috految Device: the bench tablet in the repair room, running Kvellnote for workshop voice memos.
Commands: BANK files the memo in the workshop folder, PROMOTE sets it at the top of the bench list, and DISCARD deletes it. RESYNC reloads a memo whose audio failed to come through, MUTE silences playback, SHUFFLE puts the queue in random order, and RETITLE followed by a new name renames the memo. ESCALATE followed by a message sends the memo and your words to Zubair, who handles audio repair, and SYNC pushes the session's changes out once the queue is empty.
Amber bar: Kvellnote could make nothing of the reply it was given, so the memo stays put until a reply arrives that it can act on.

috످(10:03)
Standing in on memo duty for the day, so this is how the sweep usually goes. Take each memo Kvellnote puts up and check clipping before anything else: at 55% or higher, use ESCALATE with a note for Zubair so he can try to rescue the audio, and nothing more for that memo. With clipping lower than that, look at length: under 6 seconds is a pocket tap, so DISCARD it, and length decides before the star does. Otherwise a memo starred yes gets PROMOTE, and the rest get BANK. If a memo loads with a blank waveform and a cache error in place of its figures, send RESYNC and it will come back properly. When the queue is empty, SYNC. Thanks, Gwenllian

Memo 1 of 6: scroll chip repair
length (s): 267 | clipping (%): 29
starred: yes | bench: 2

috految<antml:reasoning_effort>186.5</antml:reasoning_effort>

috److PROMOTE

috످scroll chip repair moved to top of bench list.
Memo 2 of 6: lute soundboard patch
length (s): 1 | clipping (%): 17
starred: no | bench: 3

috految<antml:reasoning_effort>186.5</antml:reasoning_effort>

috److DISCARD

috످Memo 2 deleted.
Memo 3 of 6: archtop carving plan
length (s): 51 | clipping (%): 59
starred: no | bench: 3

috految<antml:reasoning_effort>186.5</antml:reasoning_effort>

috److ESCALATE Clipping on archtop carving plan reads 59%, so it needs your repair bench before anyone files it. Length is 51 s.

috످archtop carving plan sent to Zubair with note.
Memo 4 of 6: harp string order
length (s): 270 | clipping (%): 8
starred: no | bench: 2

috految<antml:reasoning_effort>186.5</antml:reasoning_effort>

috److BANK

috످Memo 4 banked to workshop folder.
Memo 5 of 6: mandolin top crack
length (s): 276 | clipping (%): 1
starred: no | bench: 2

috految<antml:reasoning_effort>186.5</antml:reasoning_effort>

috److BANK

috످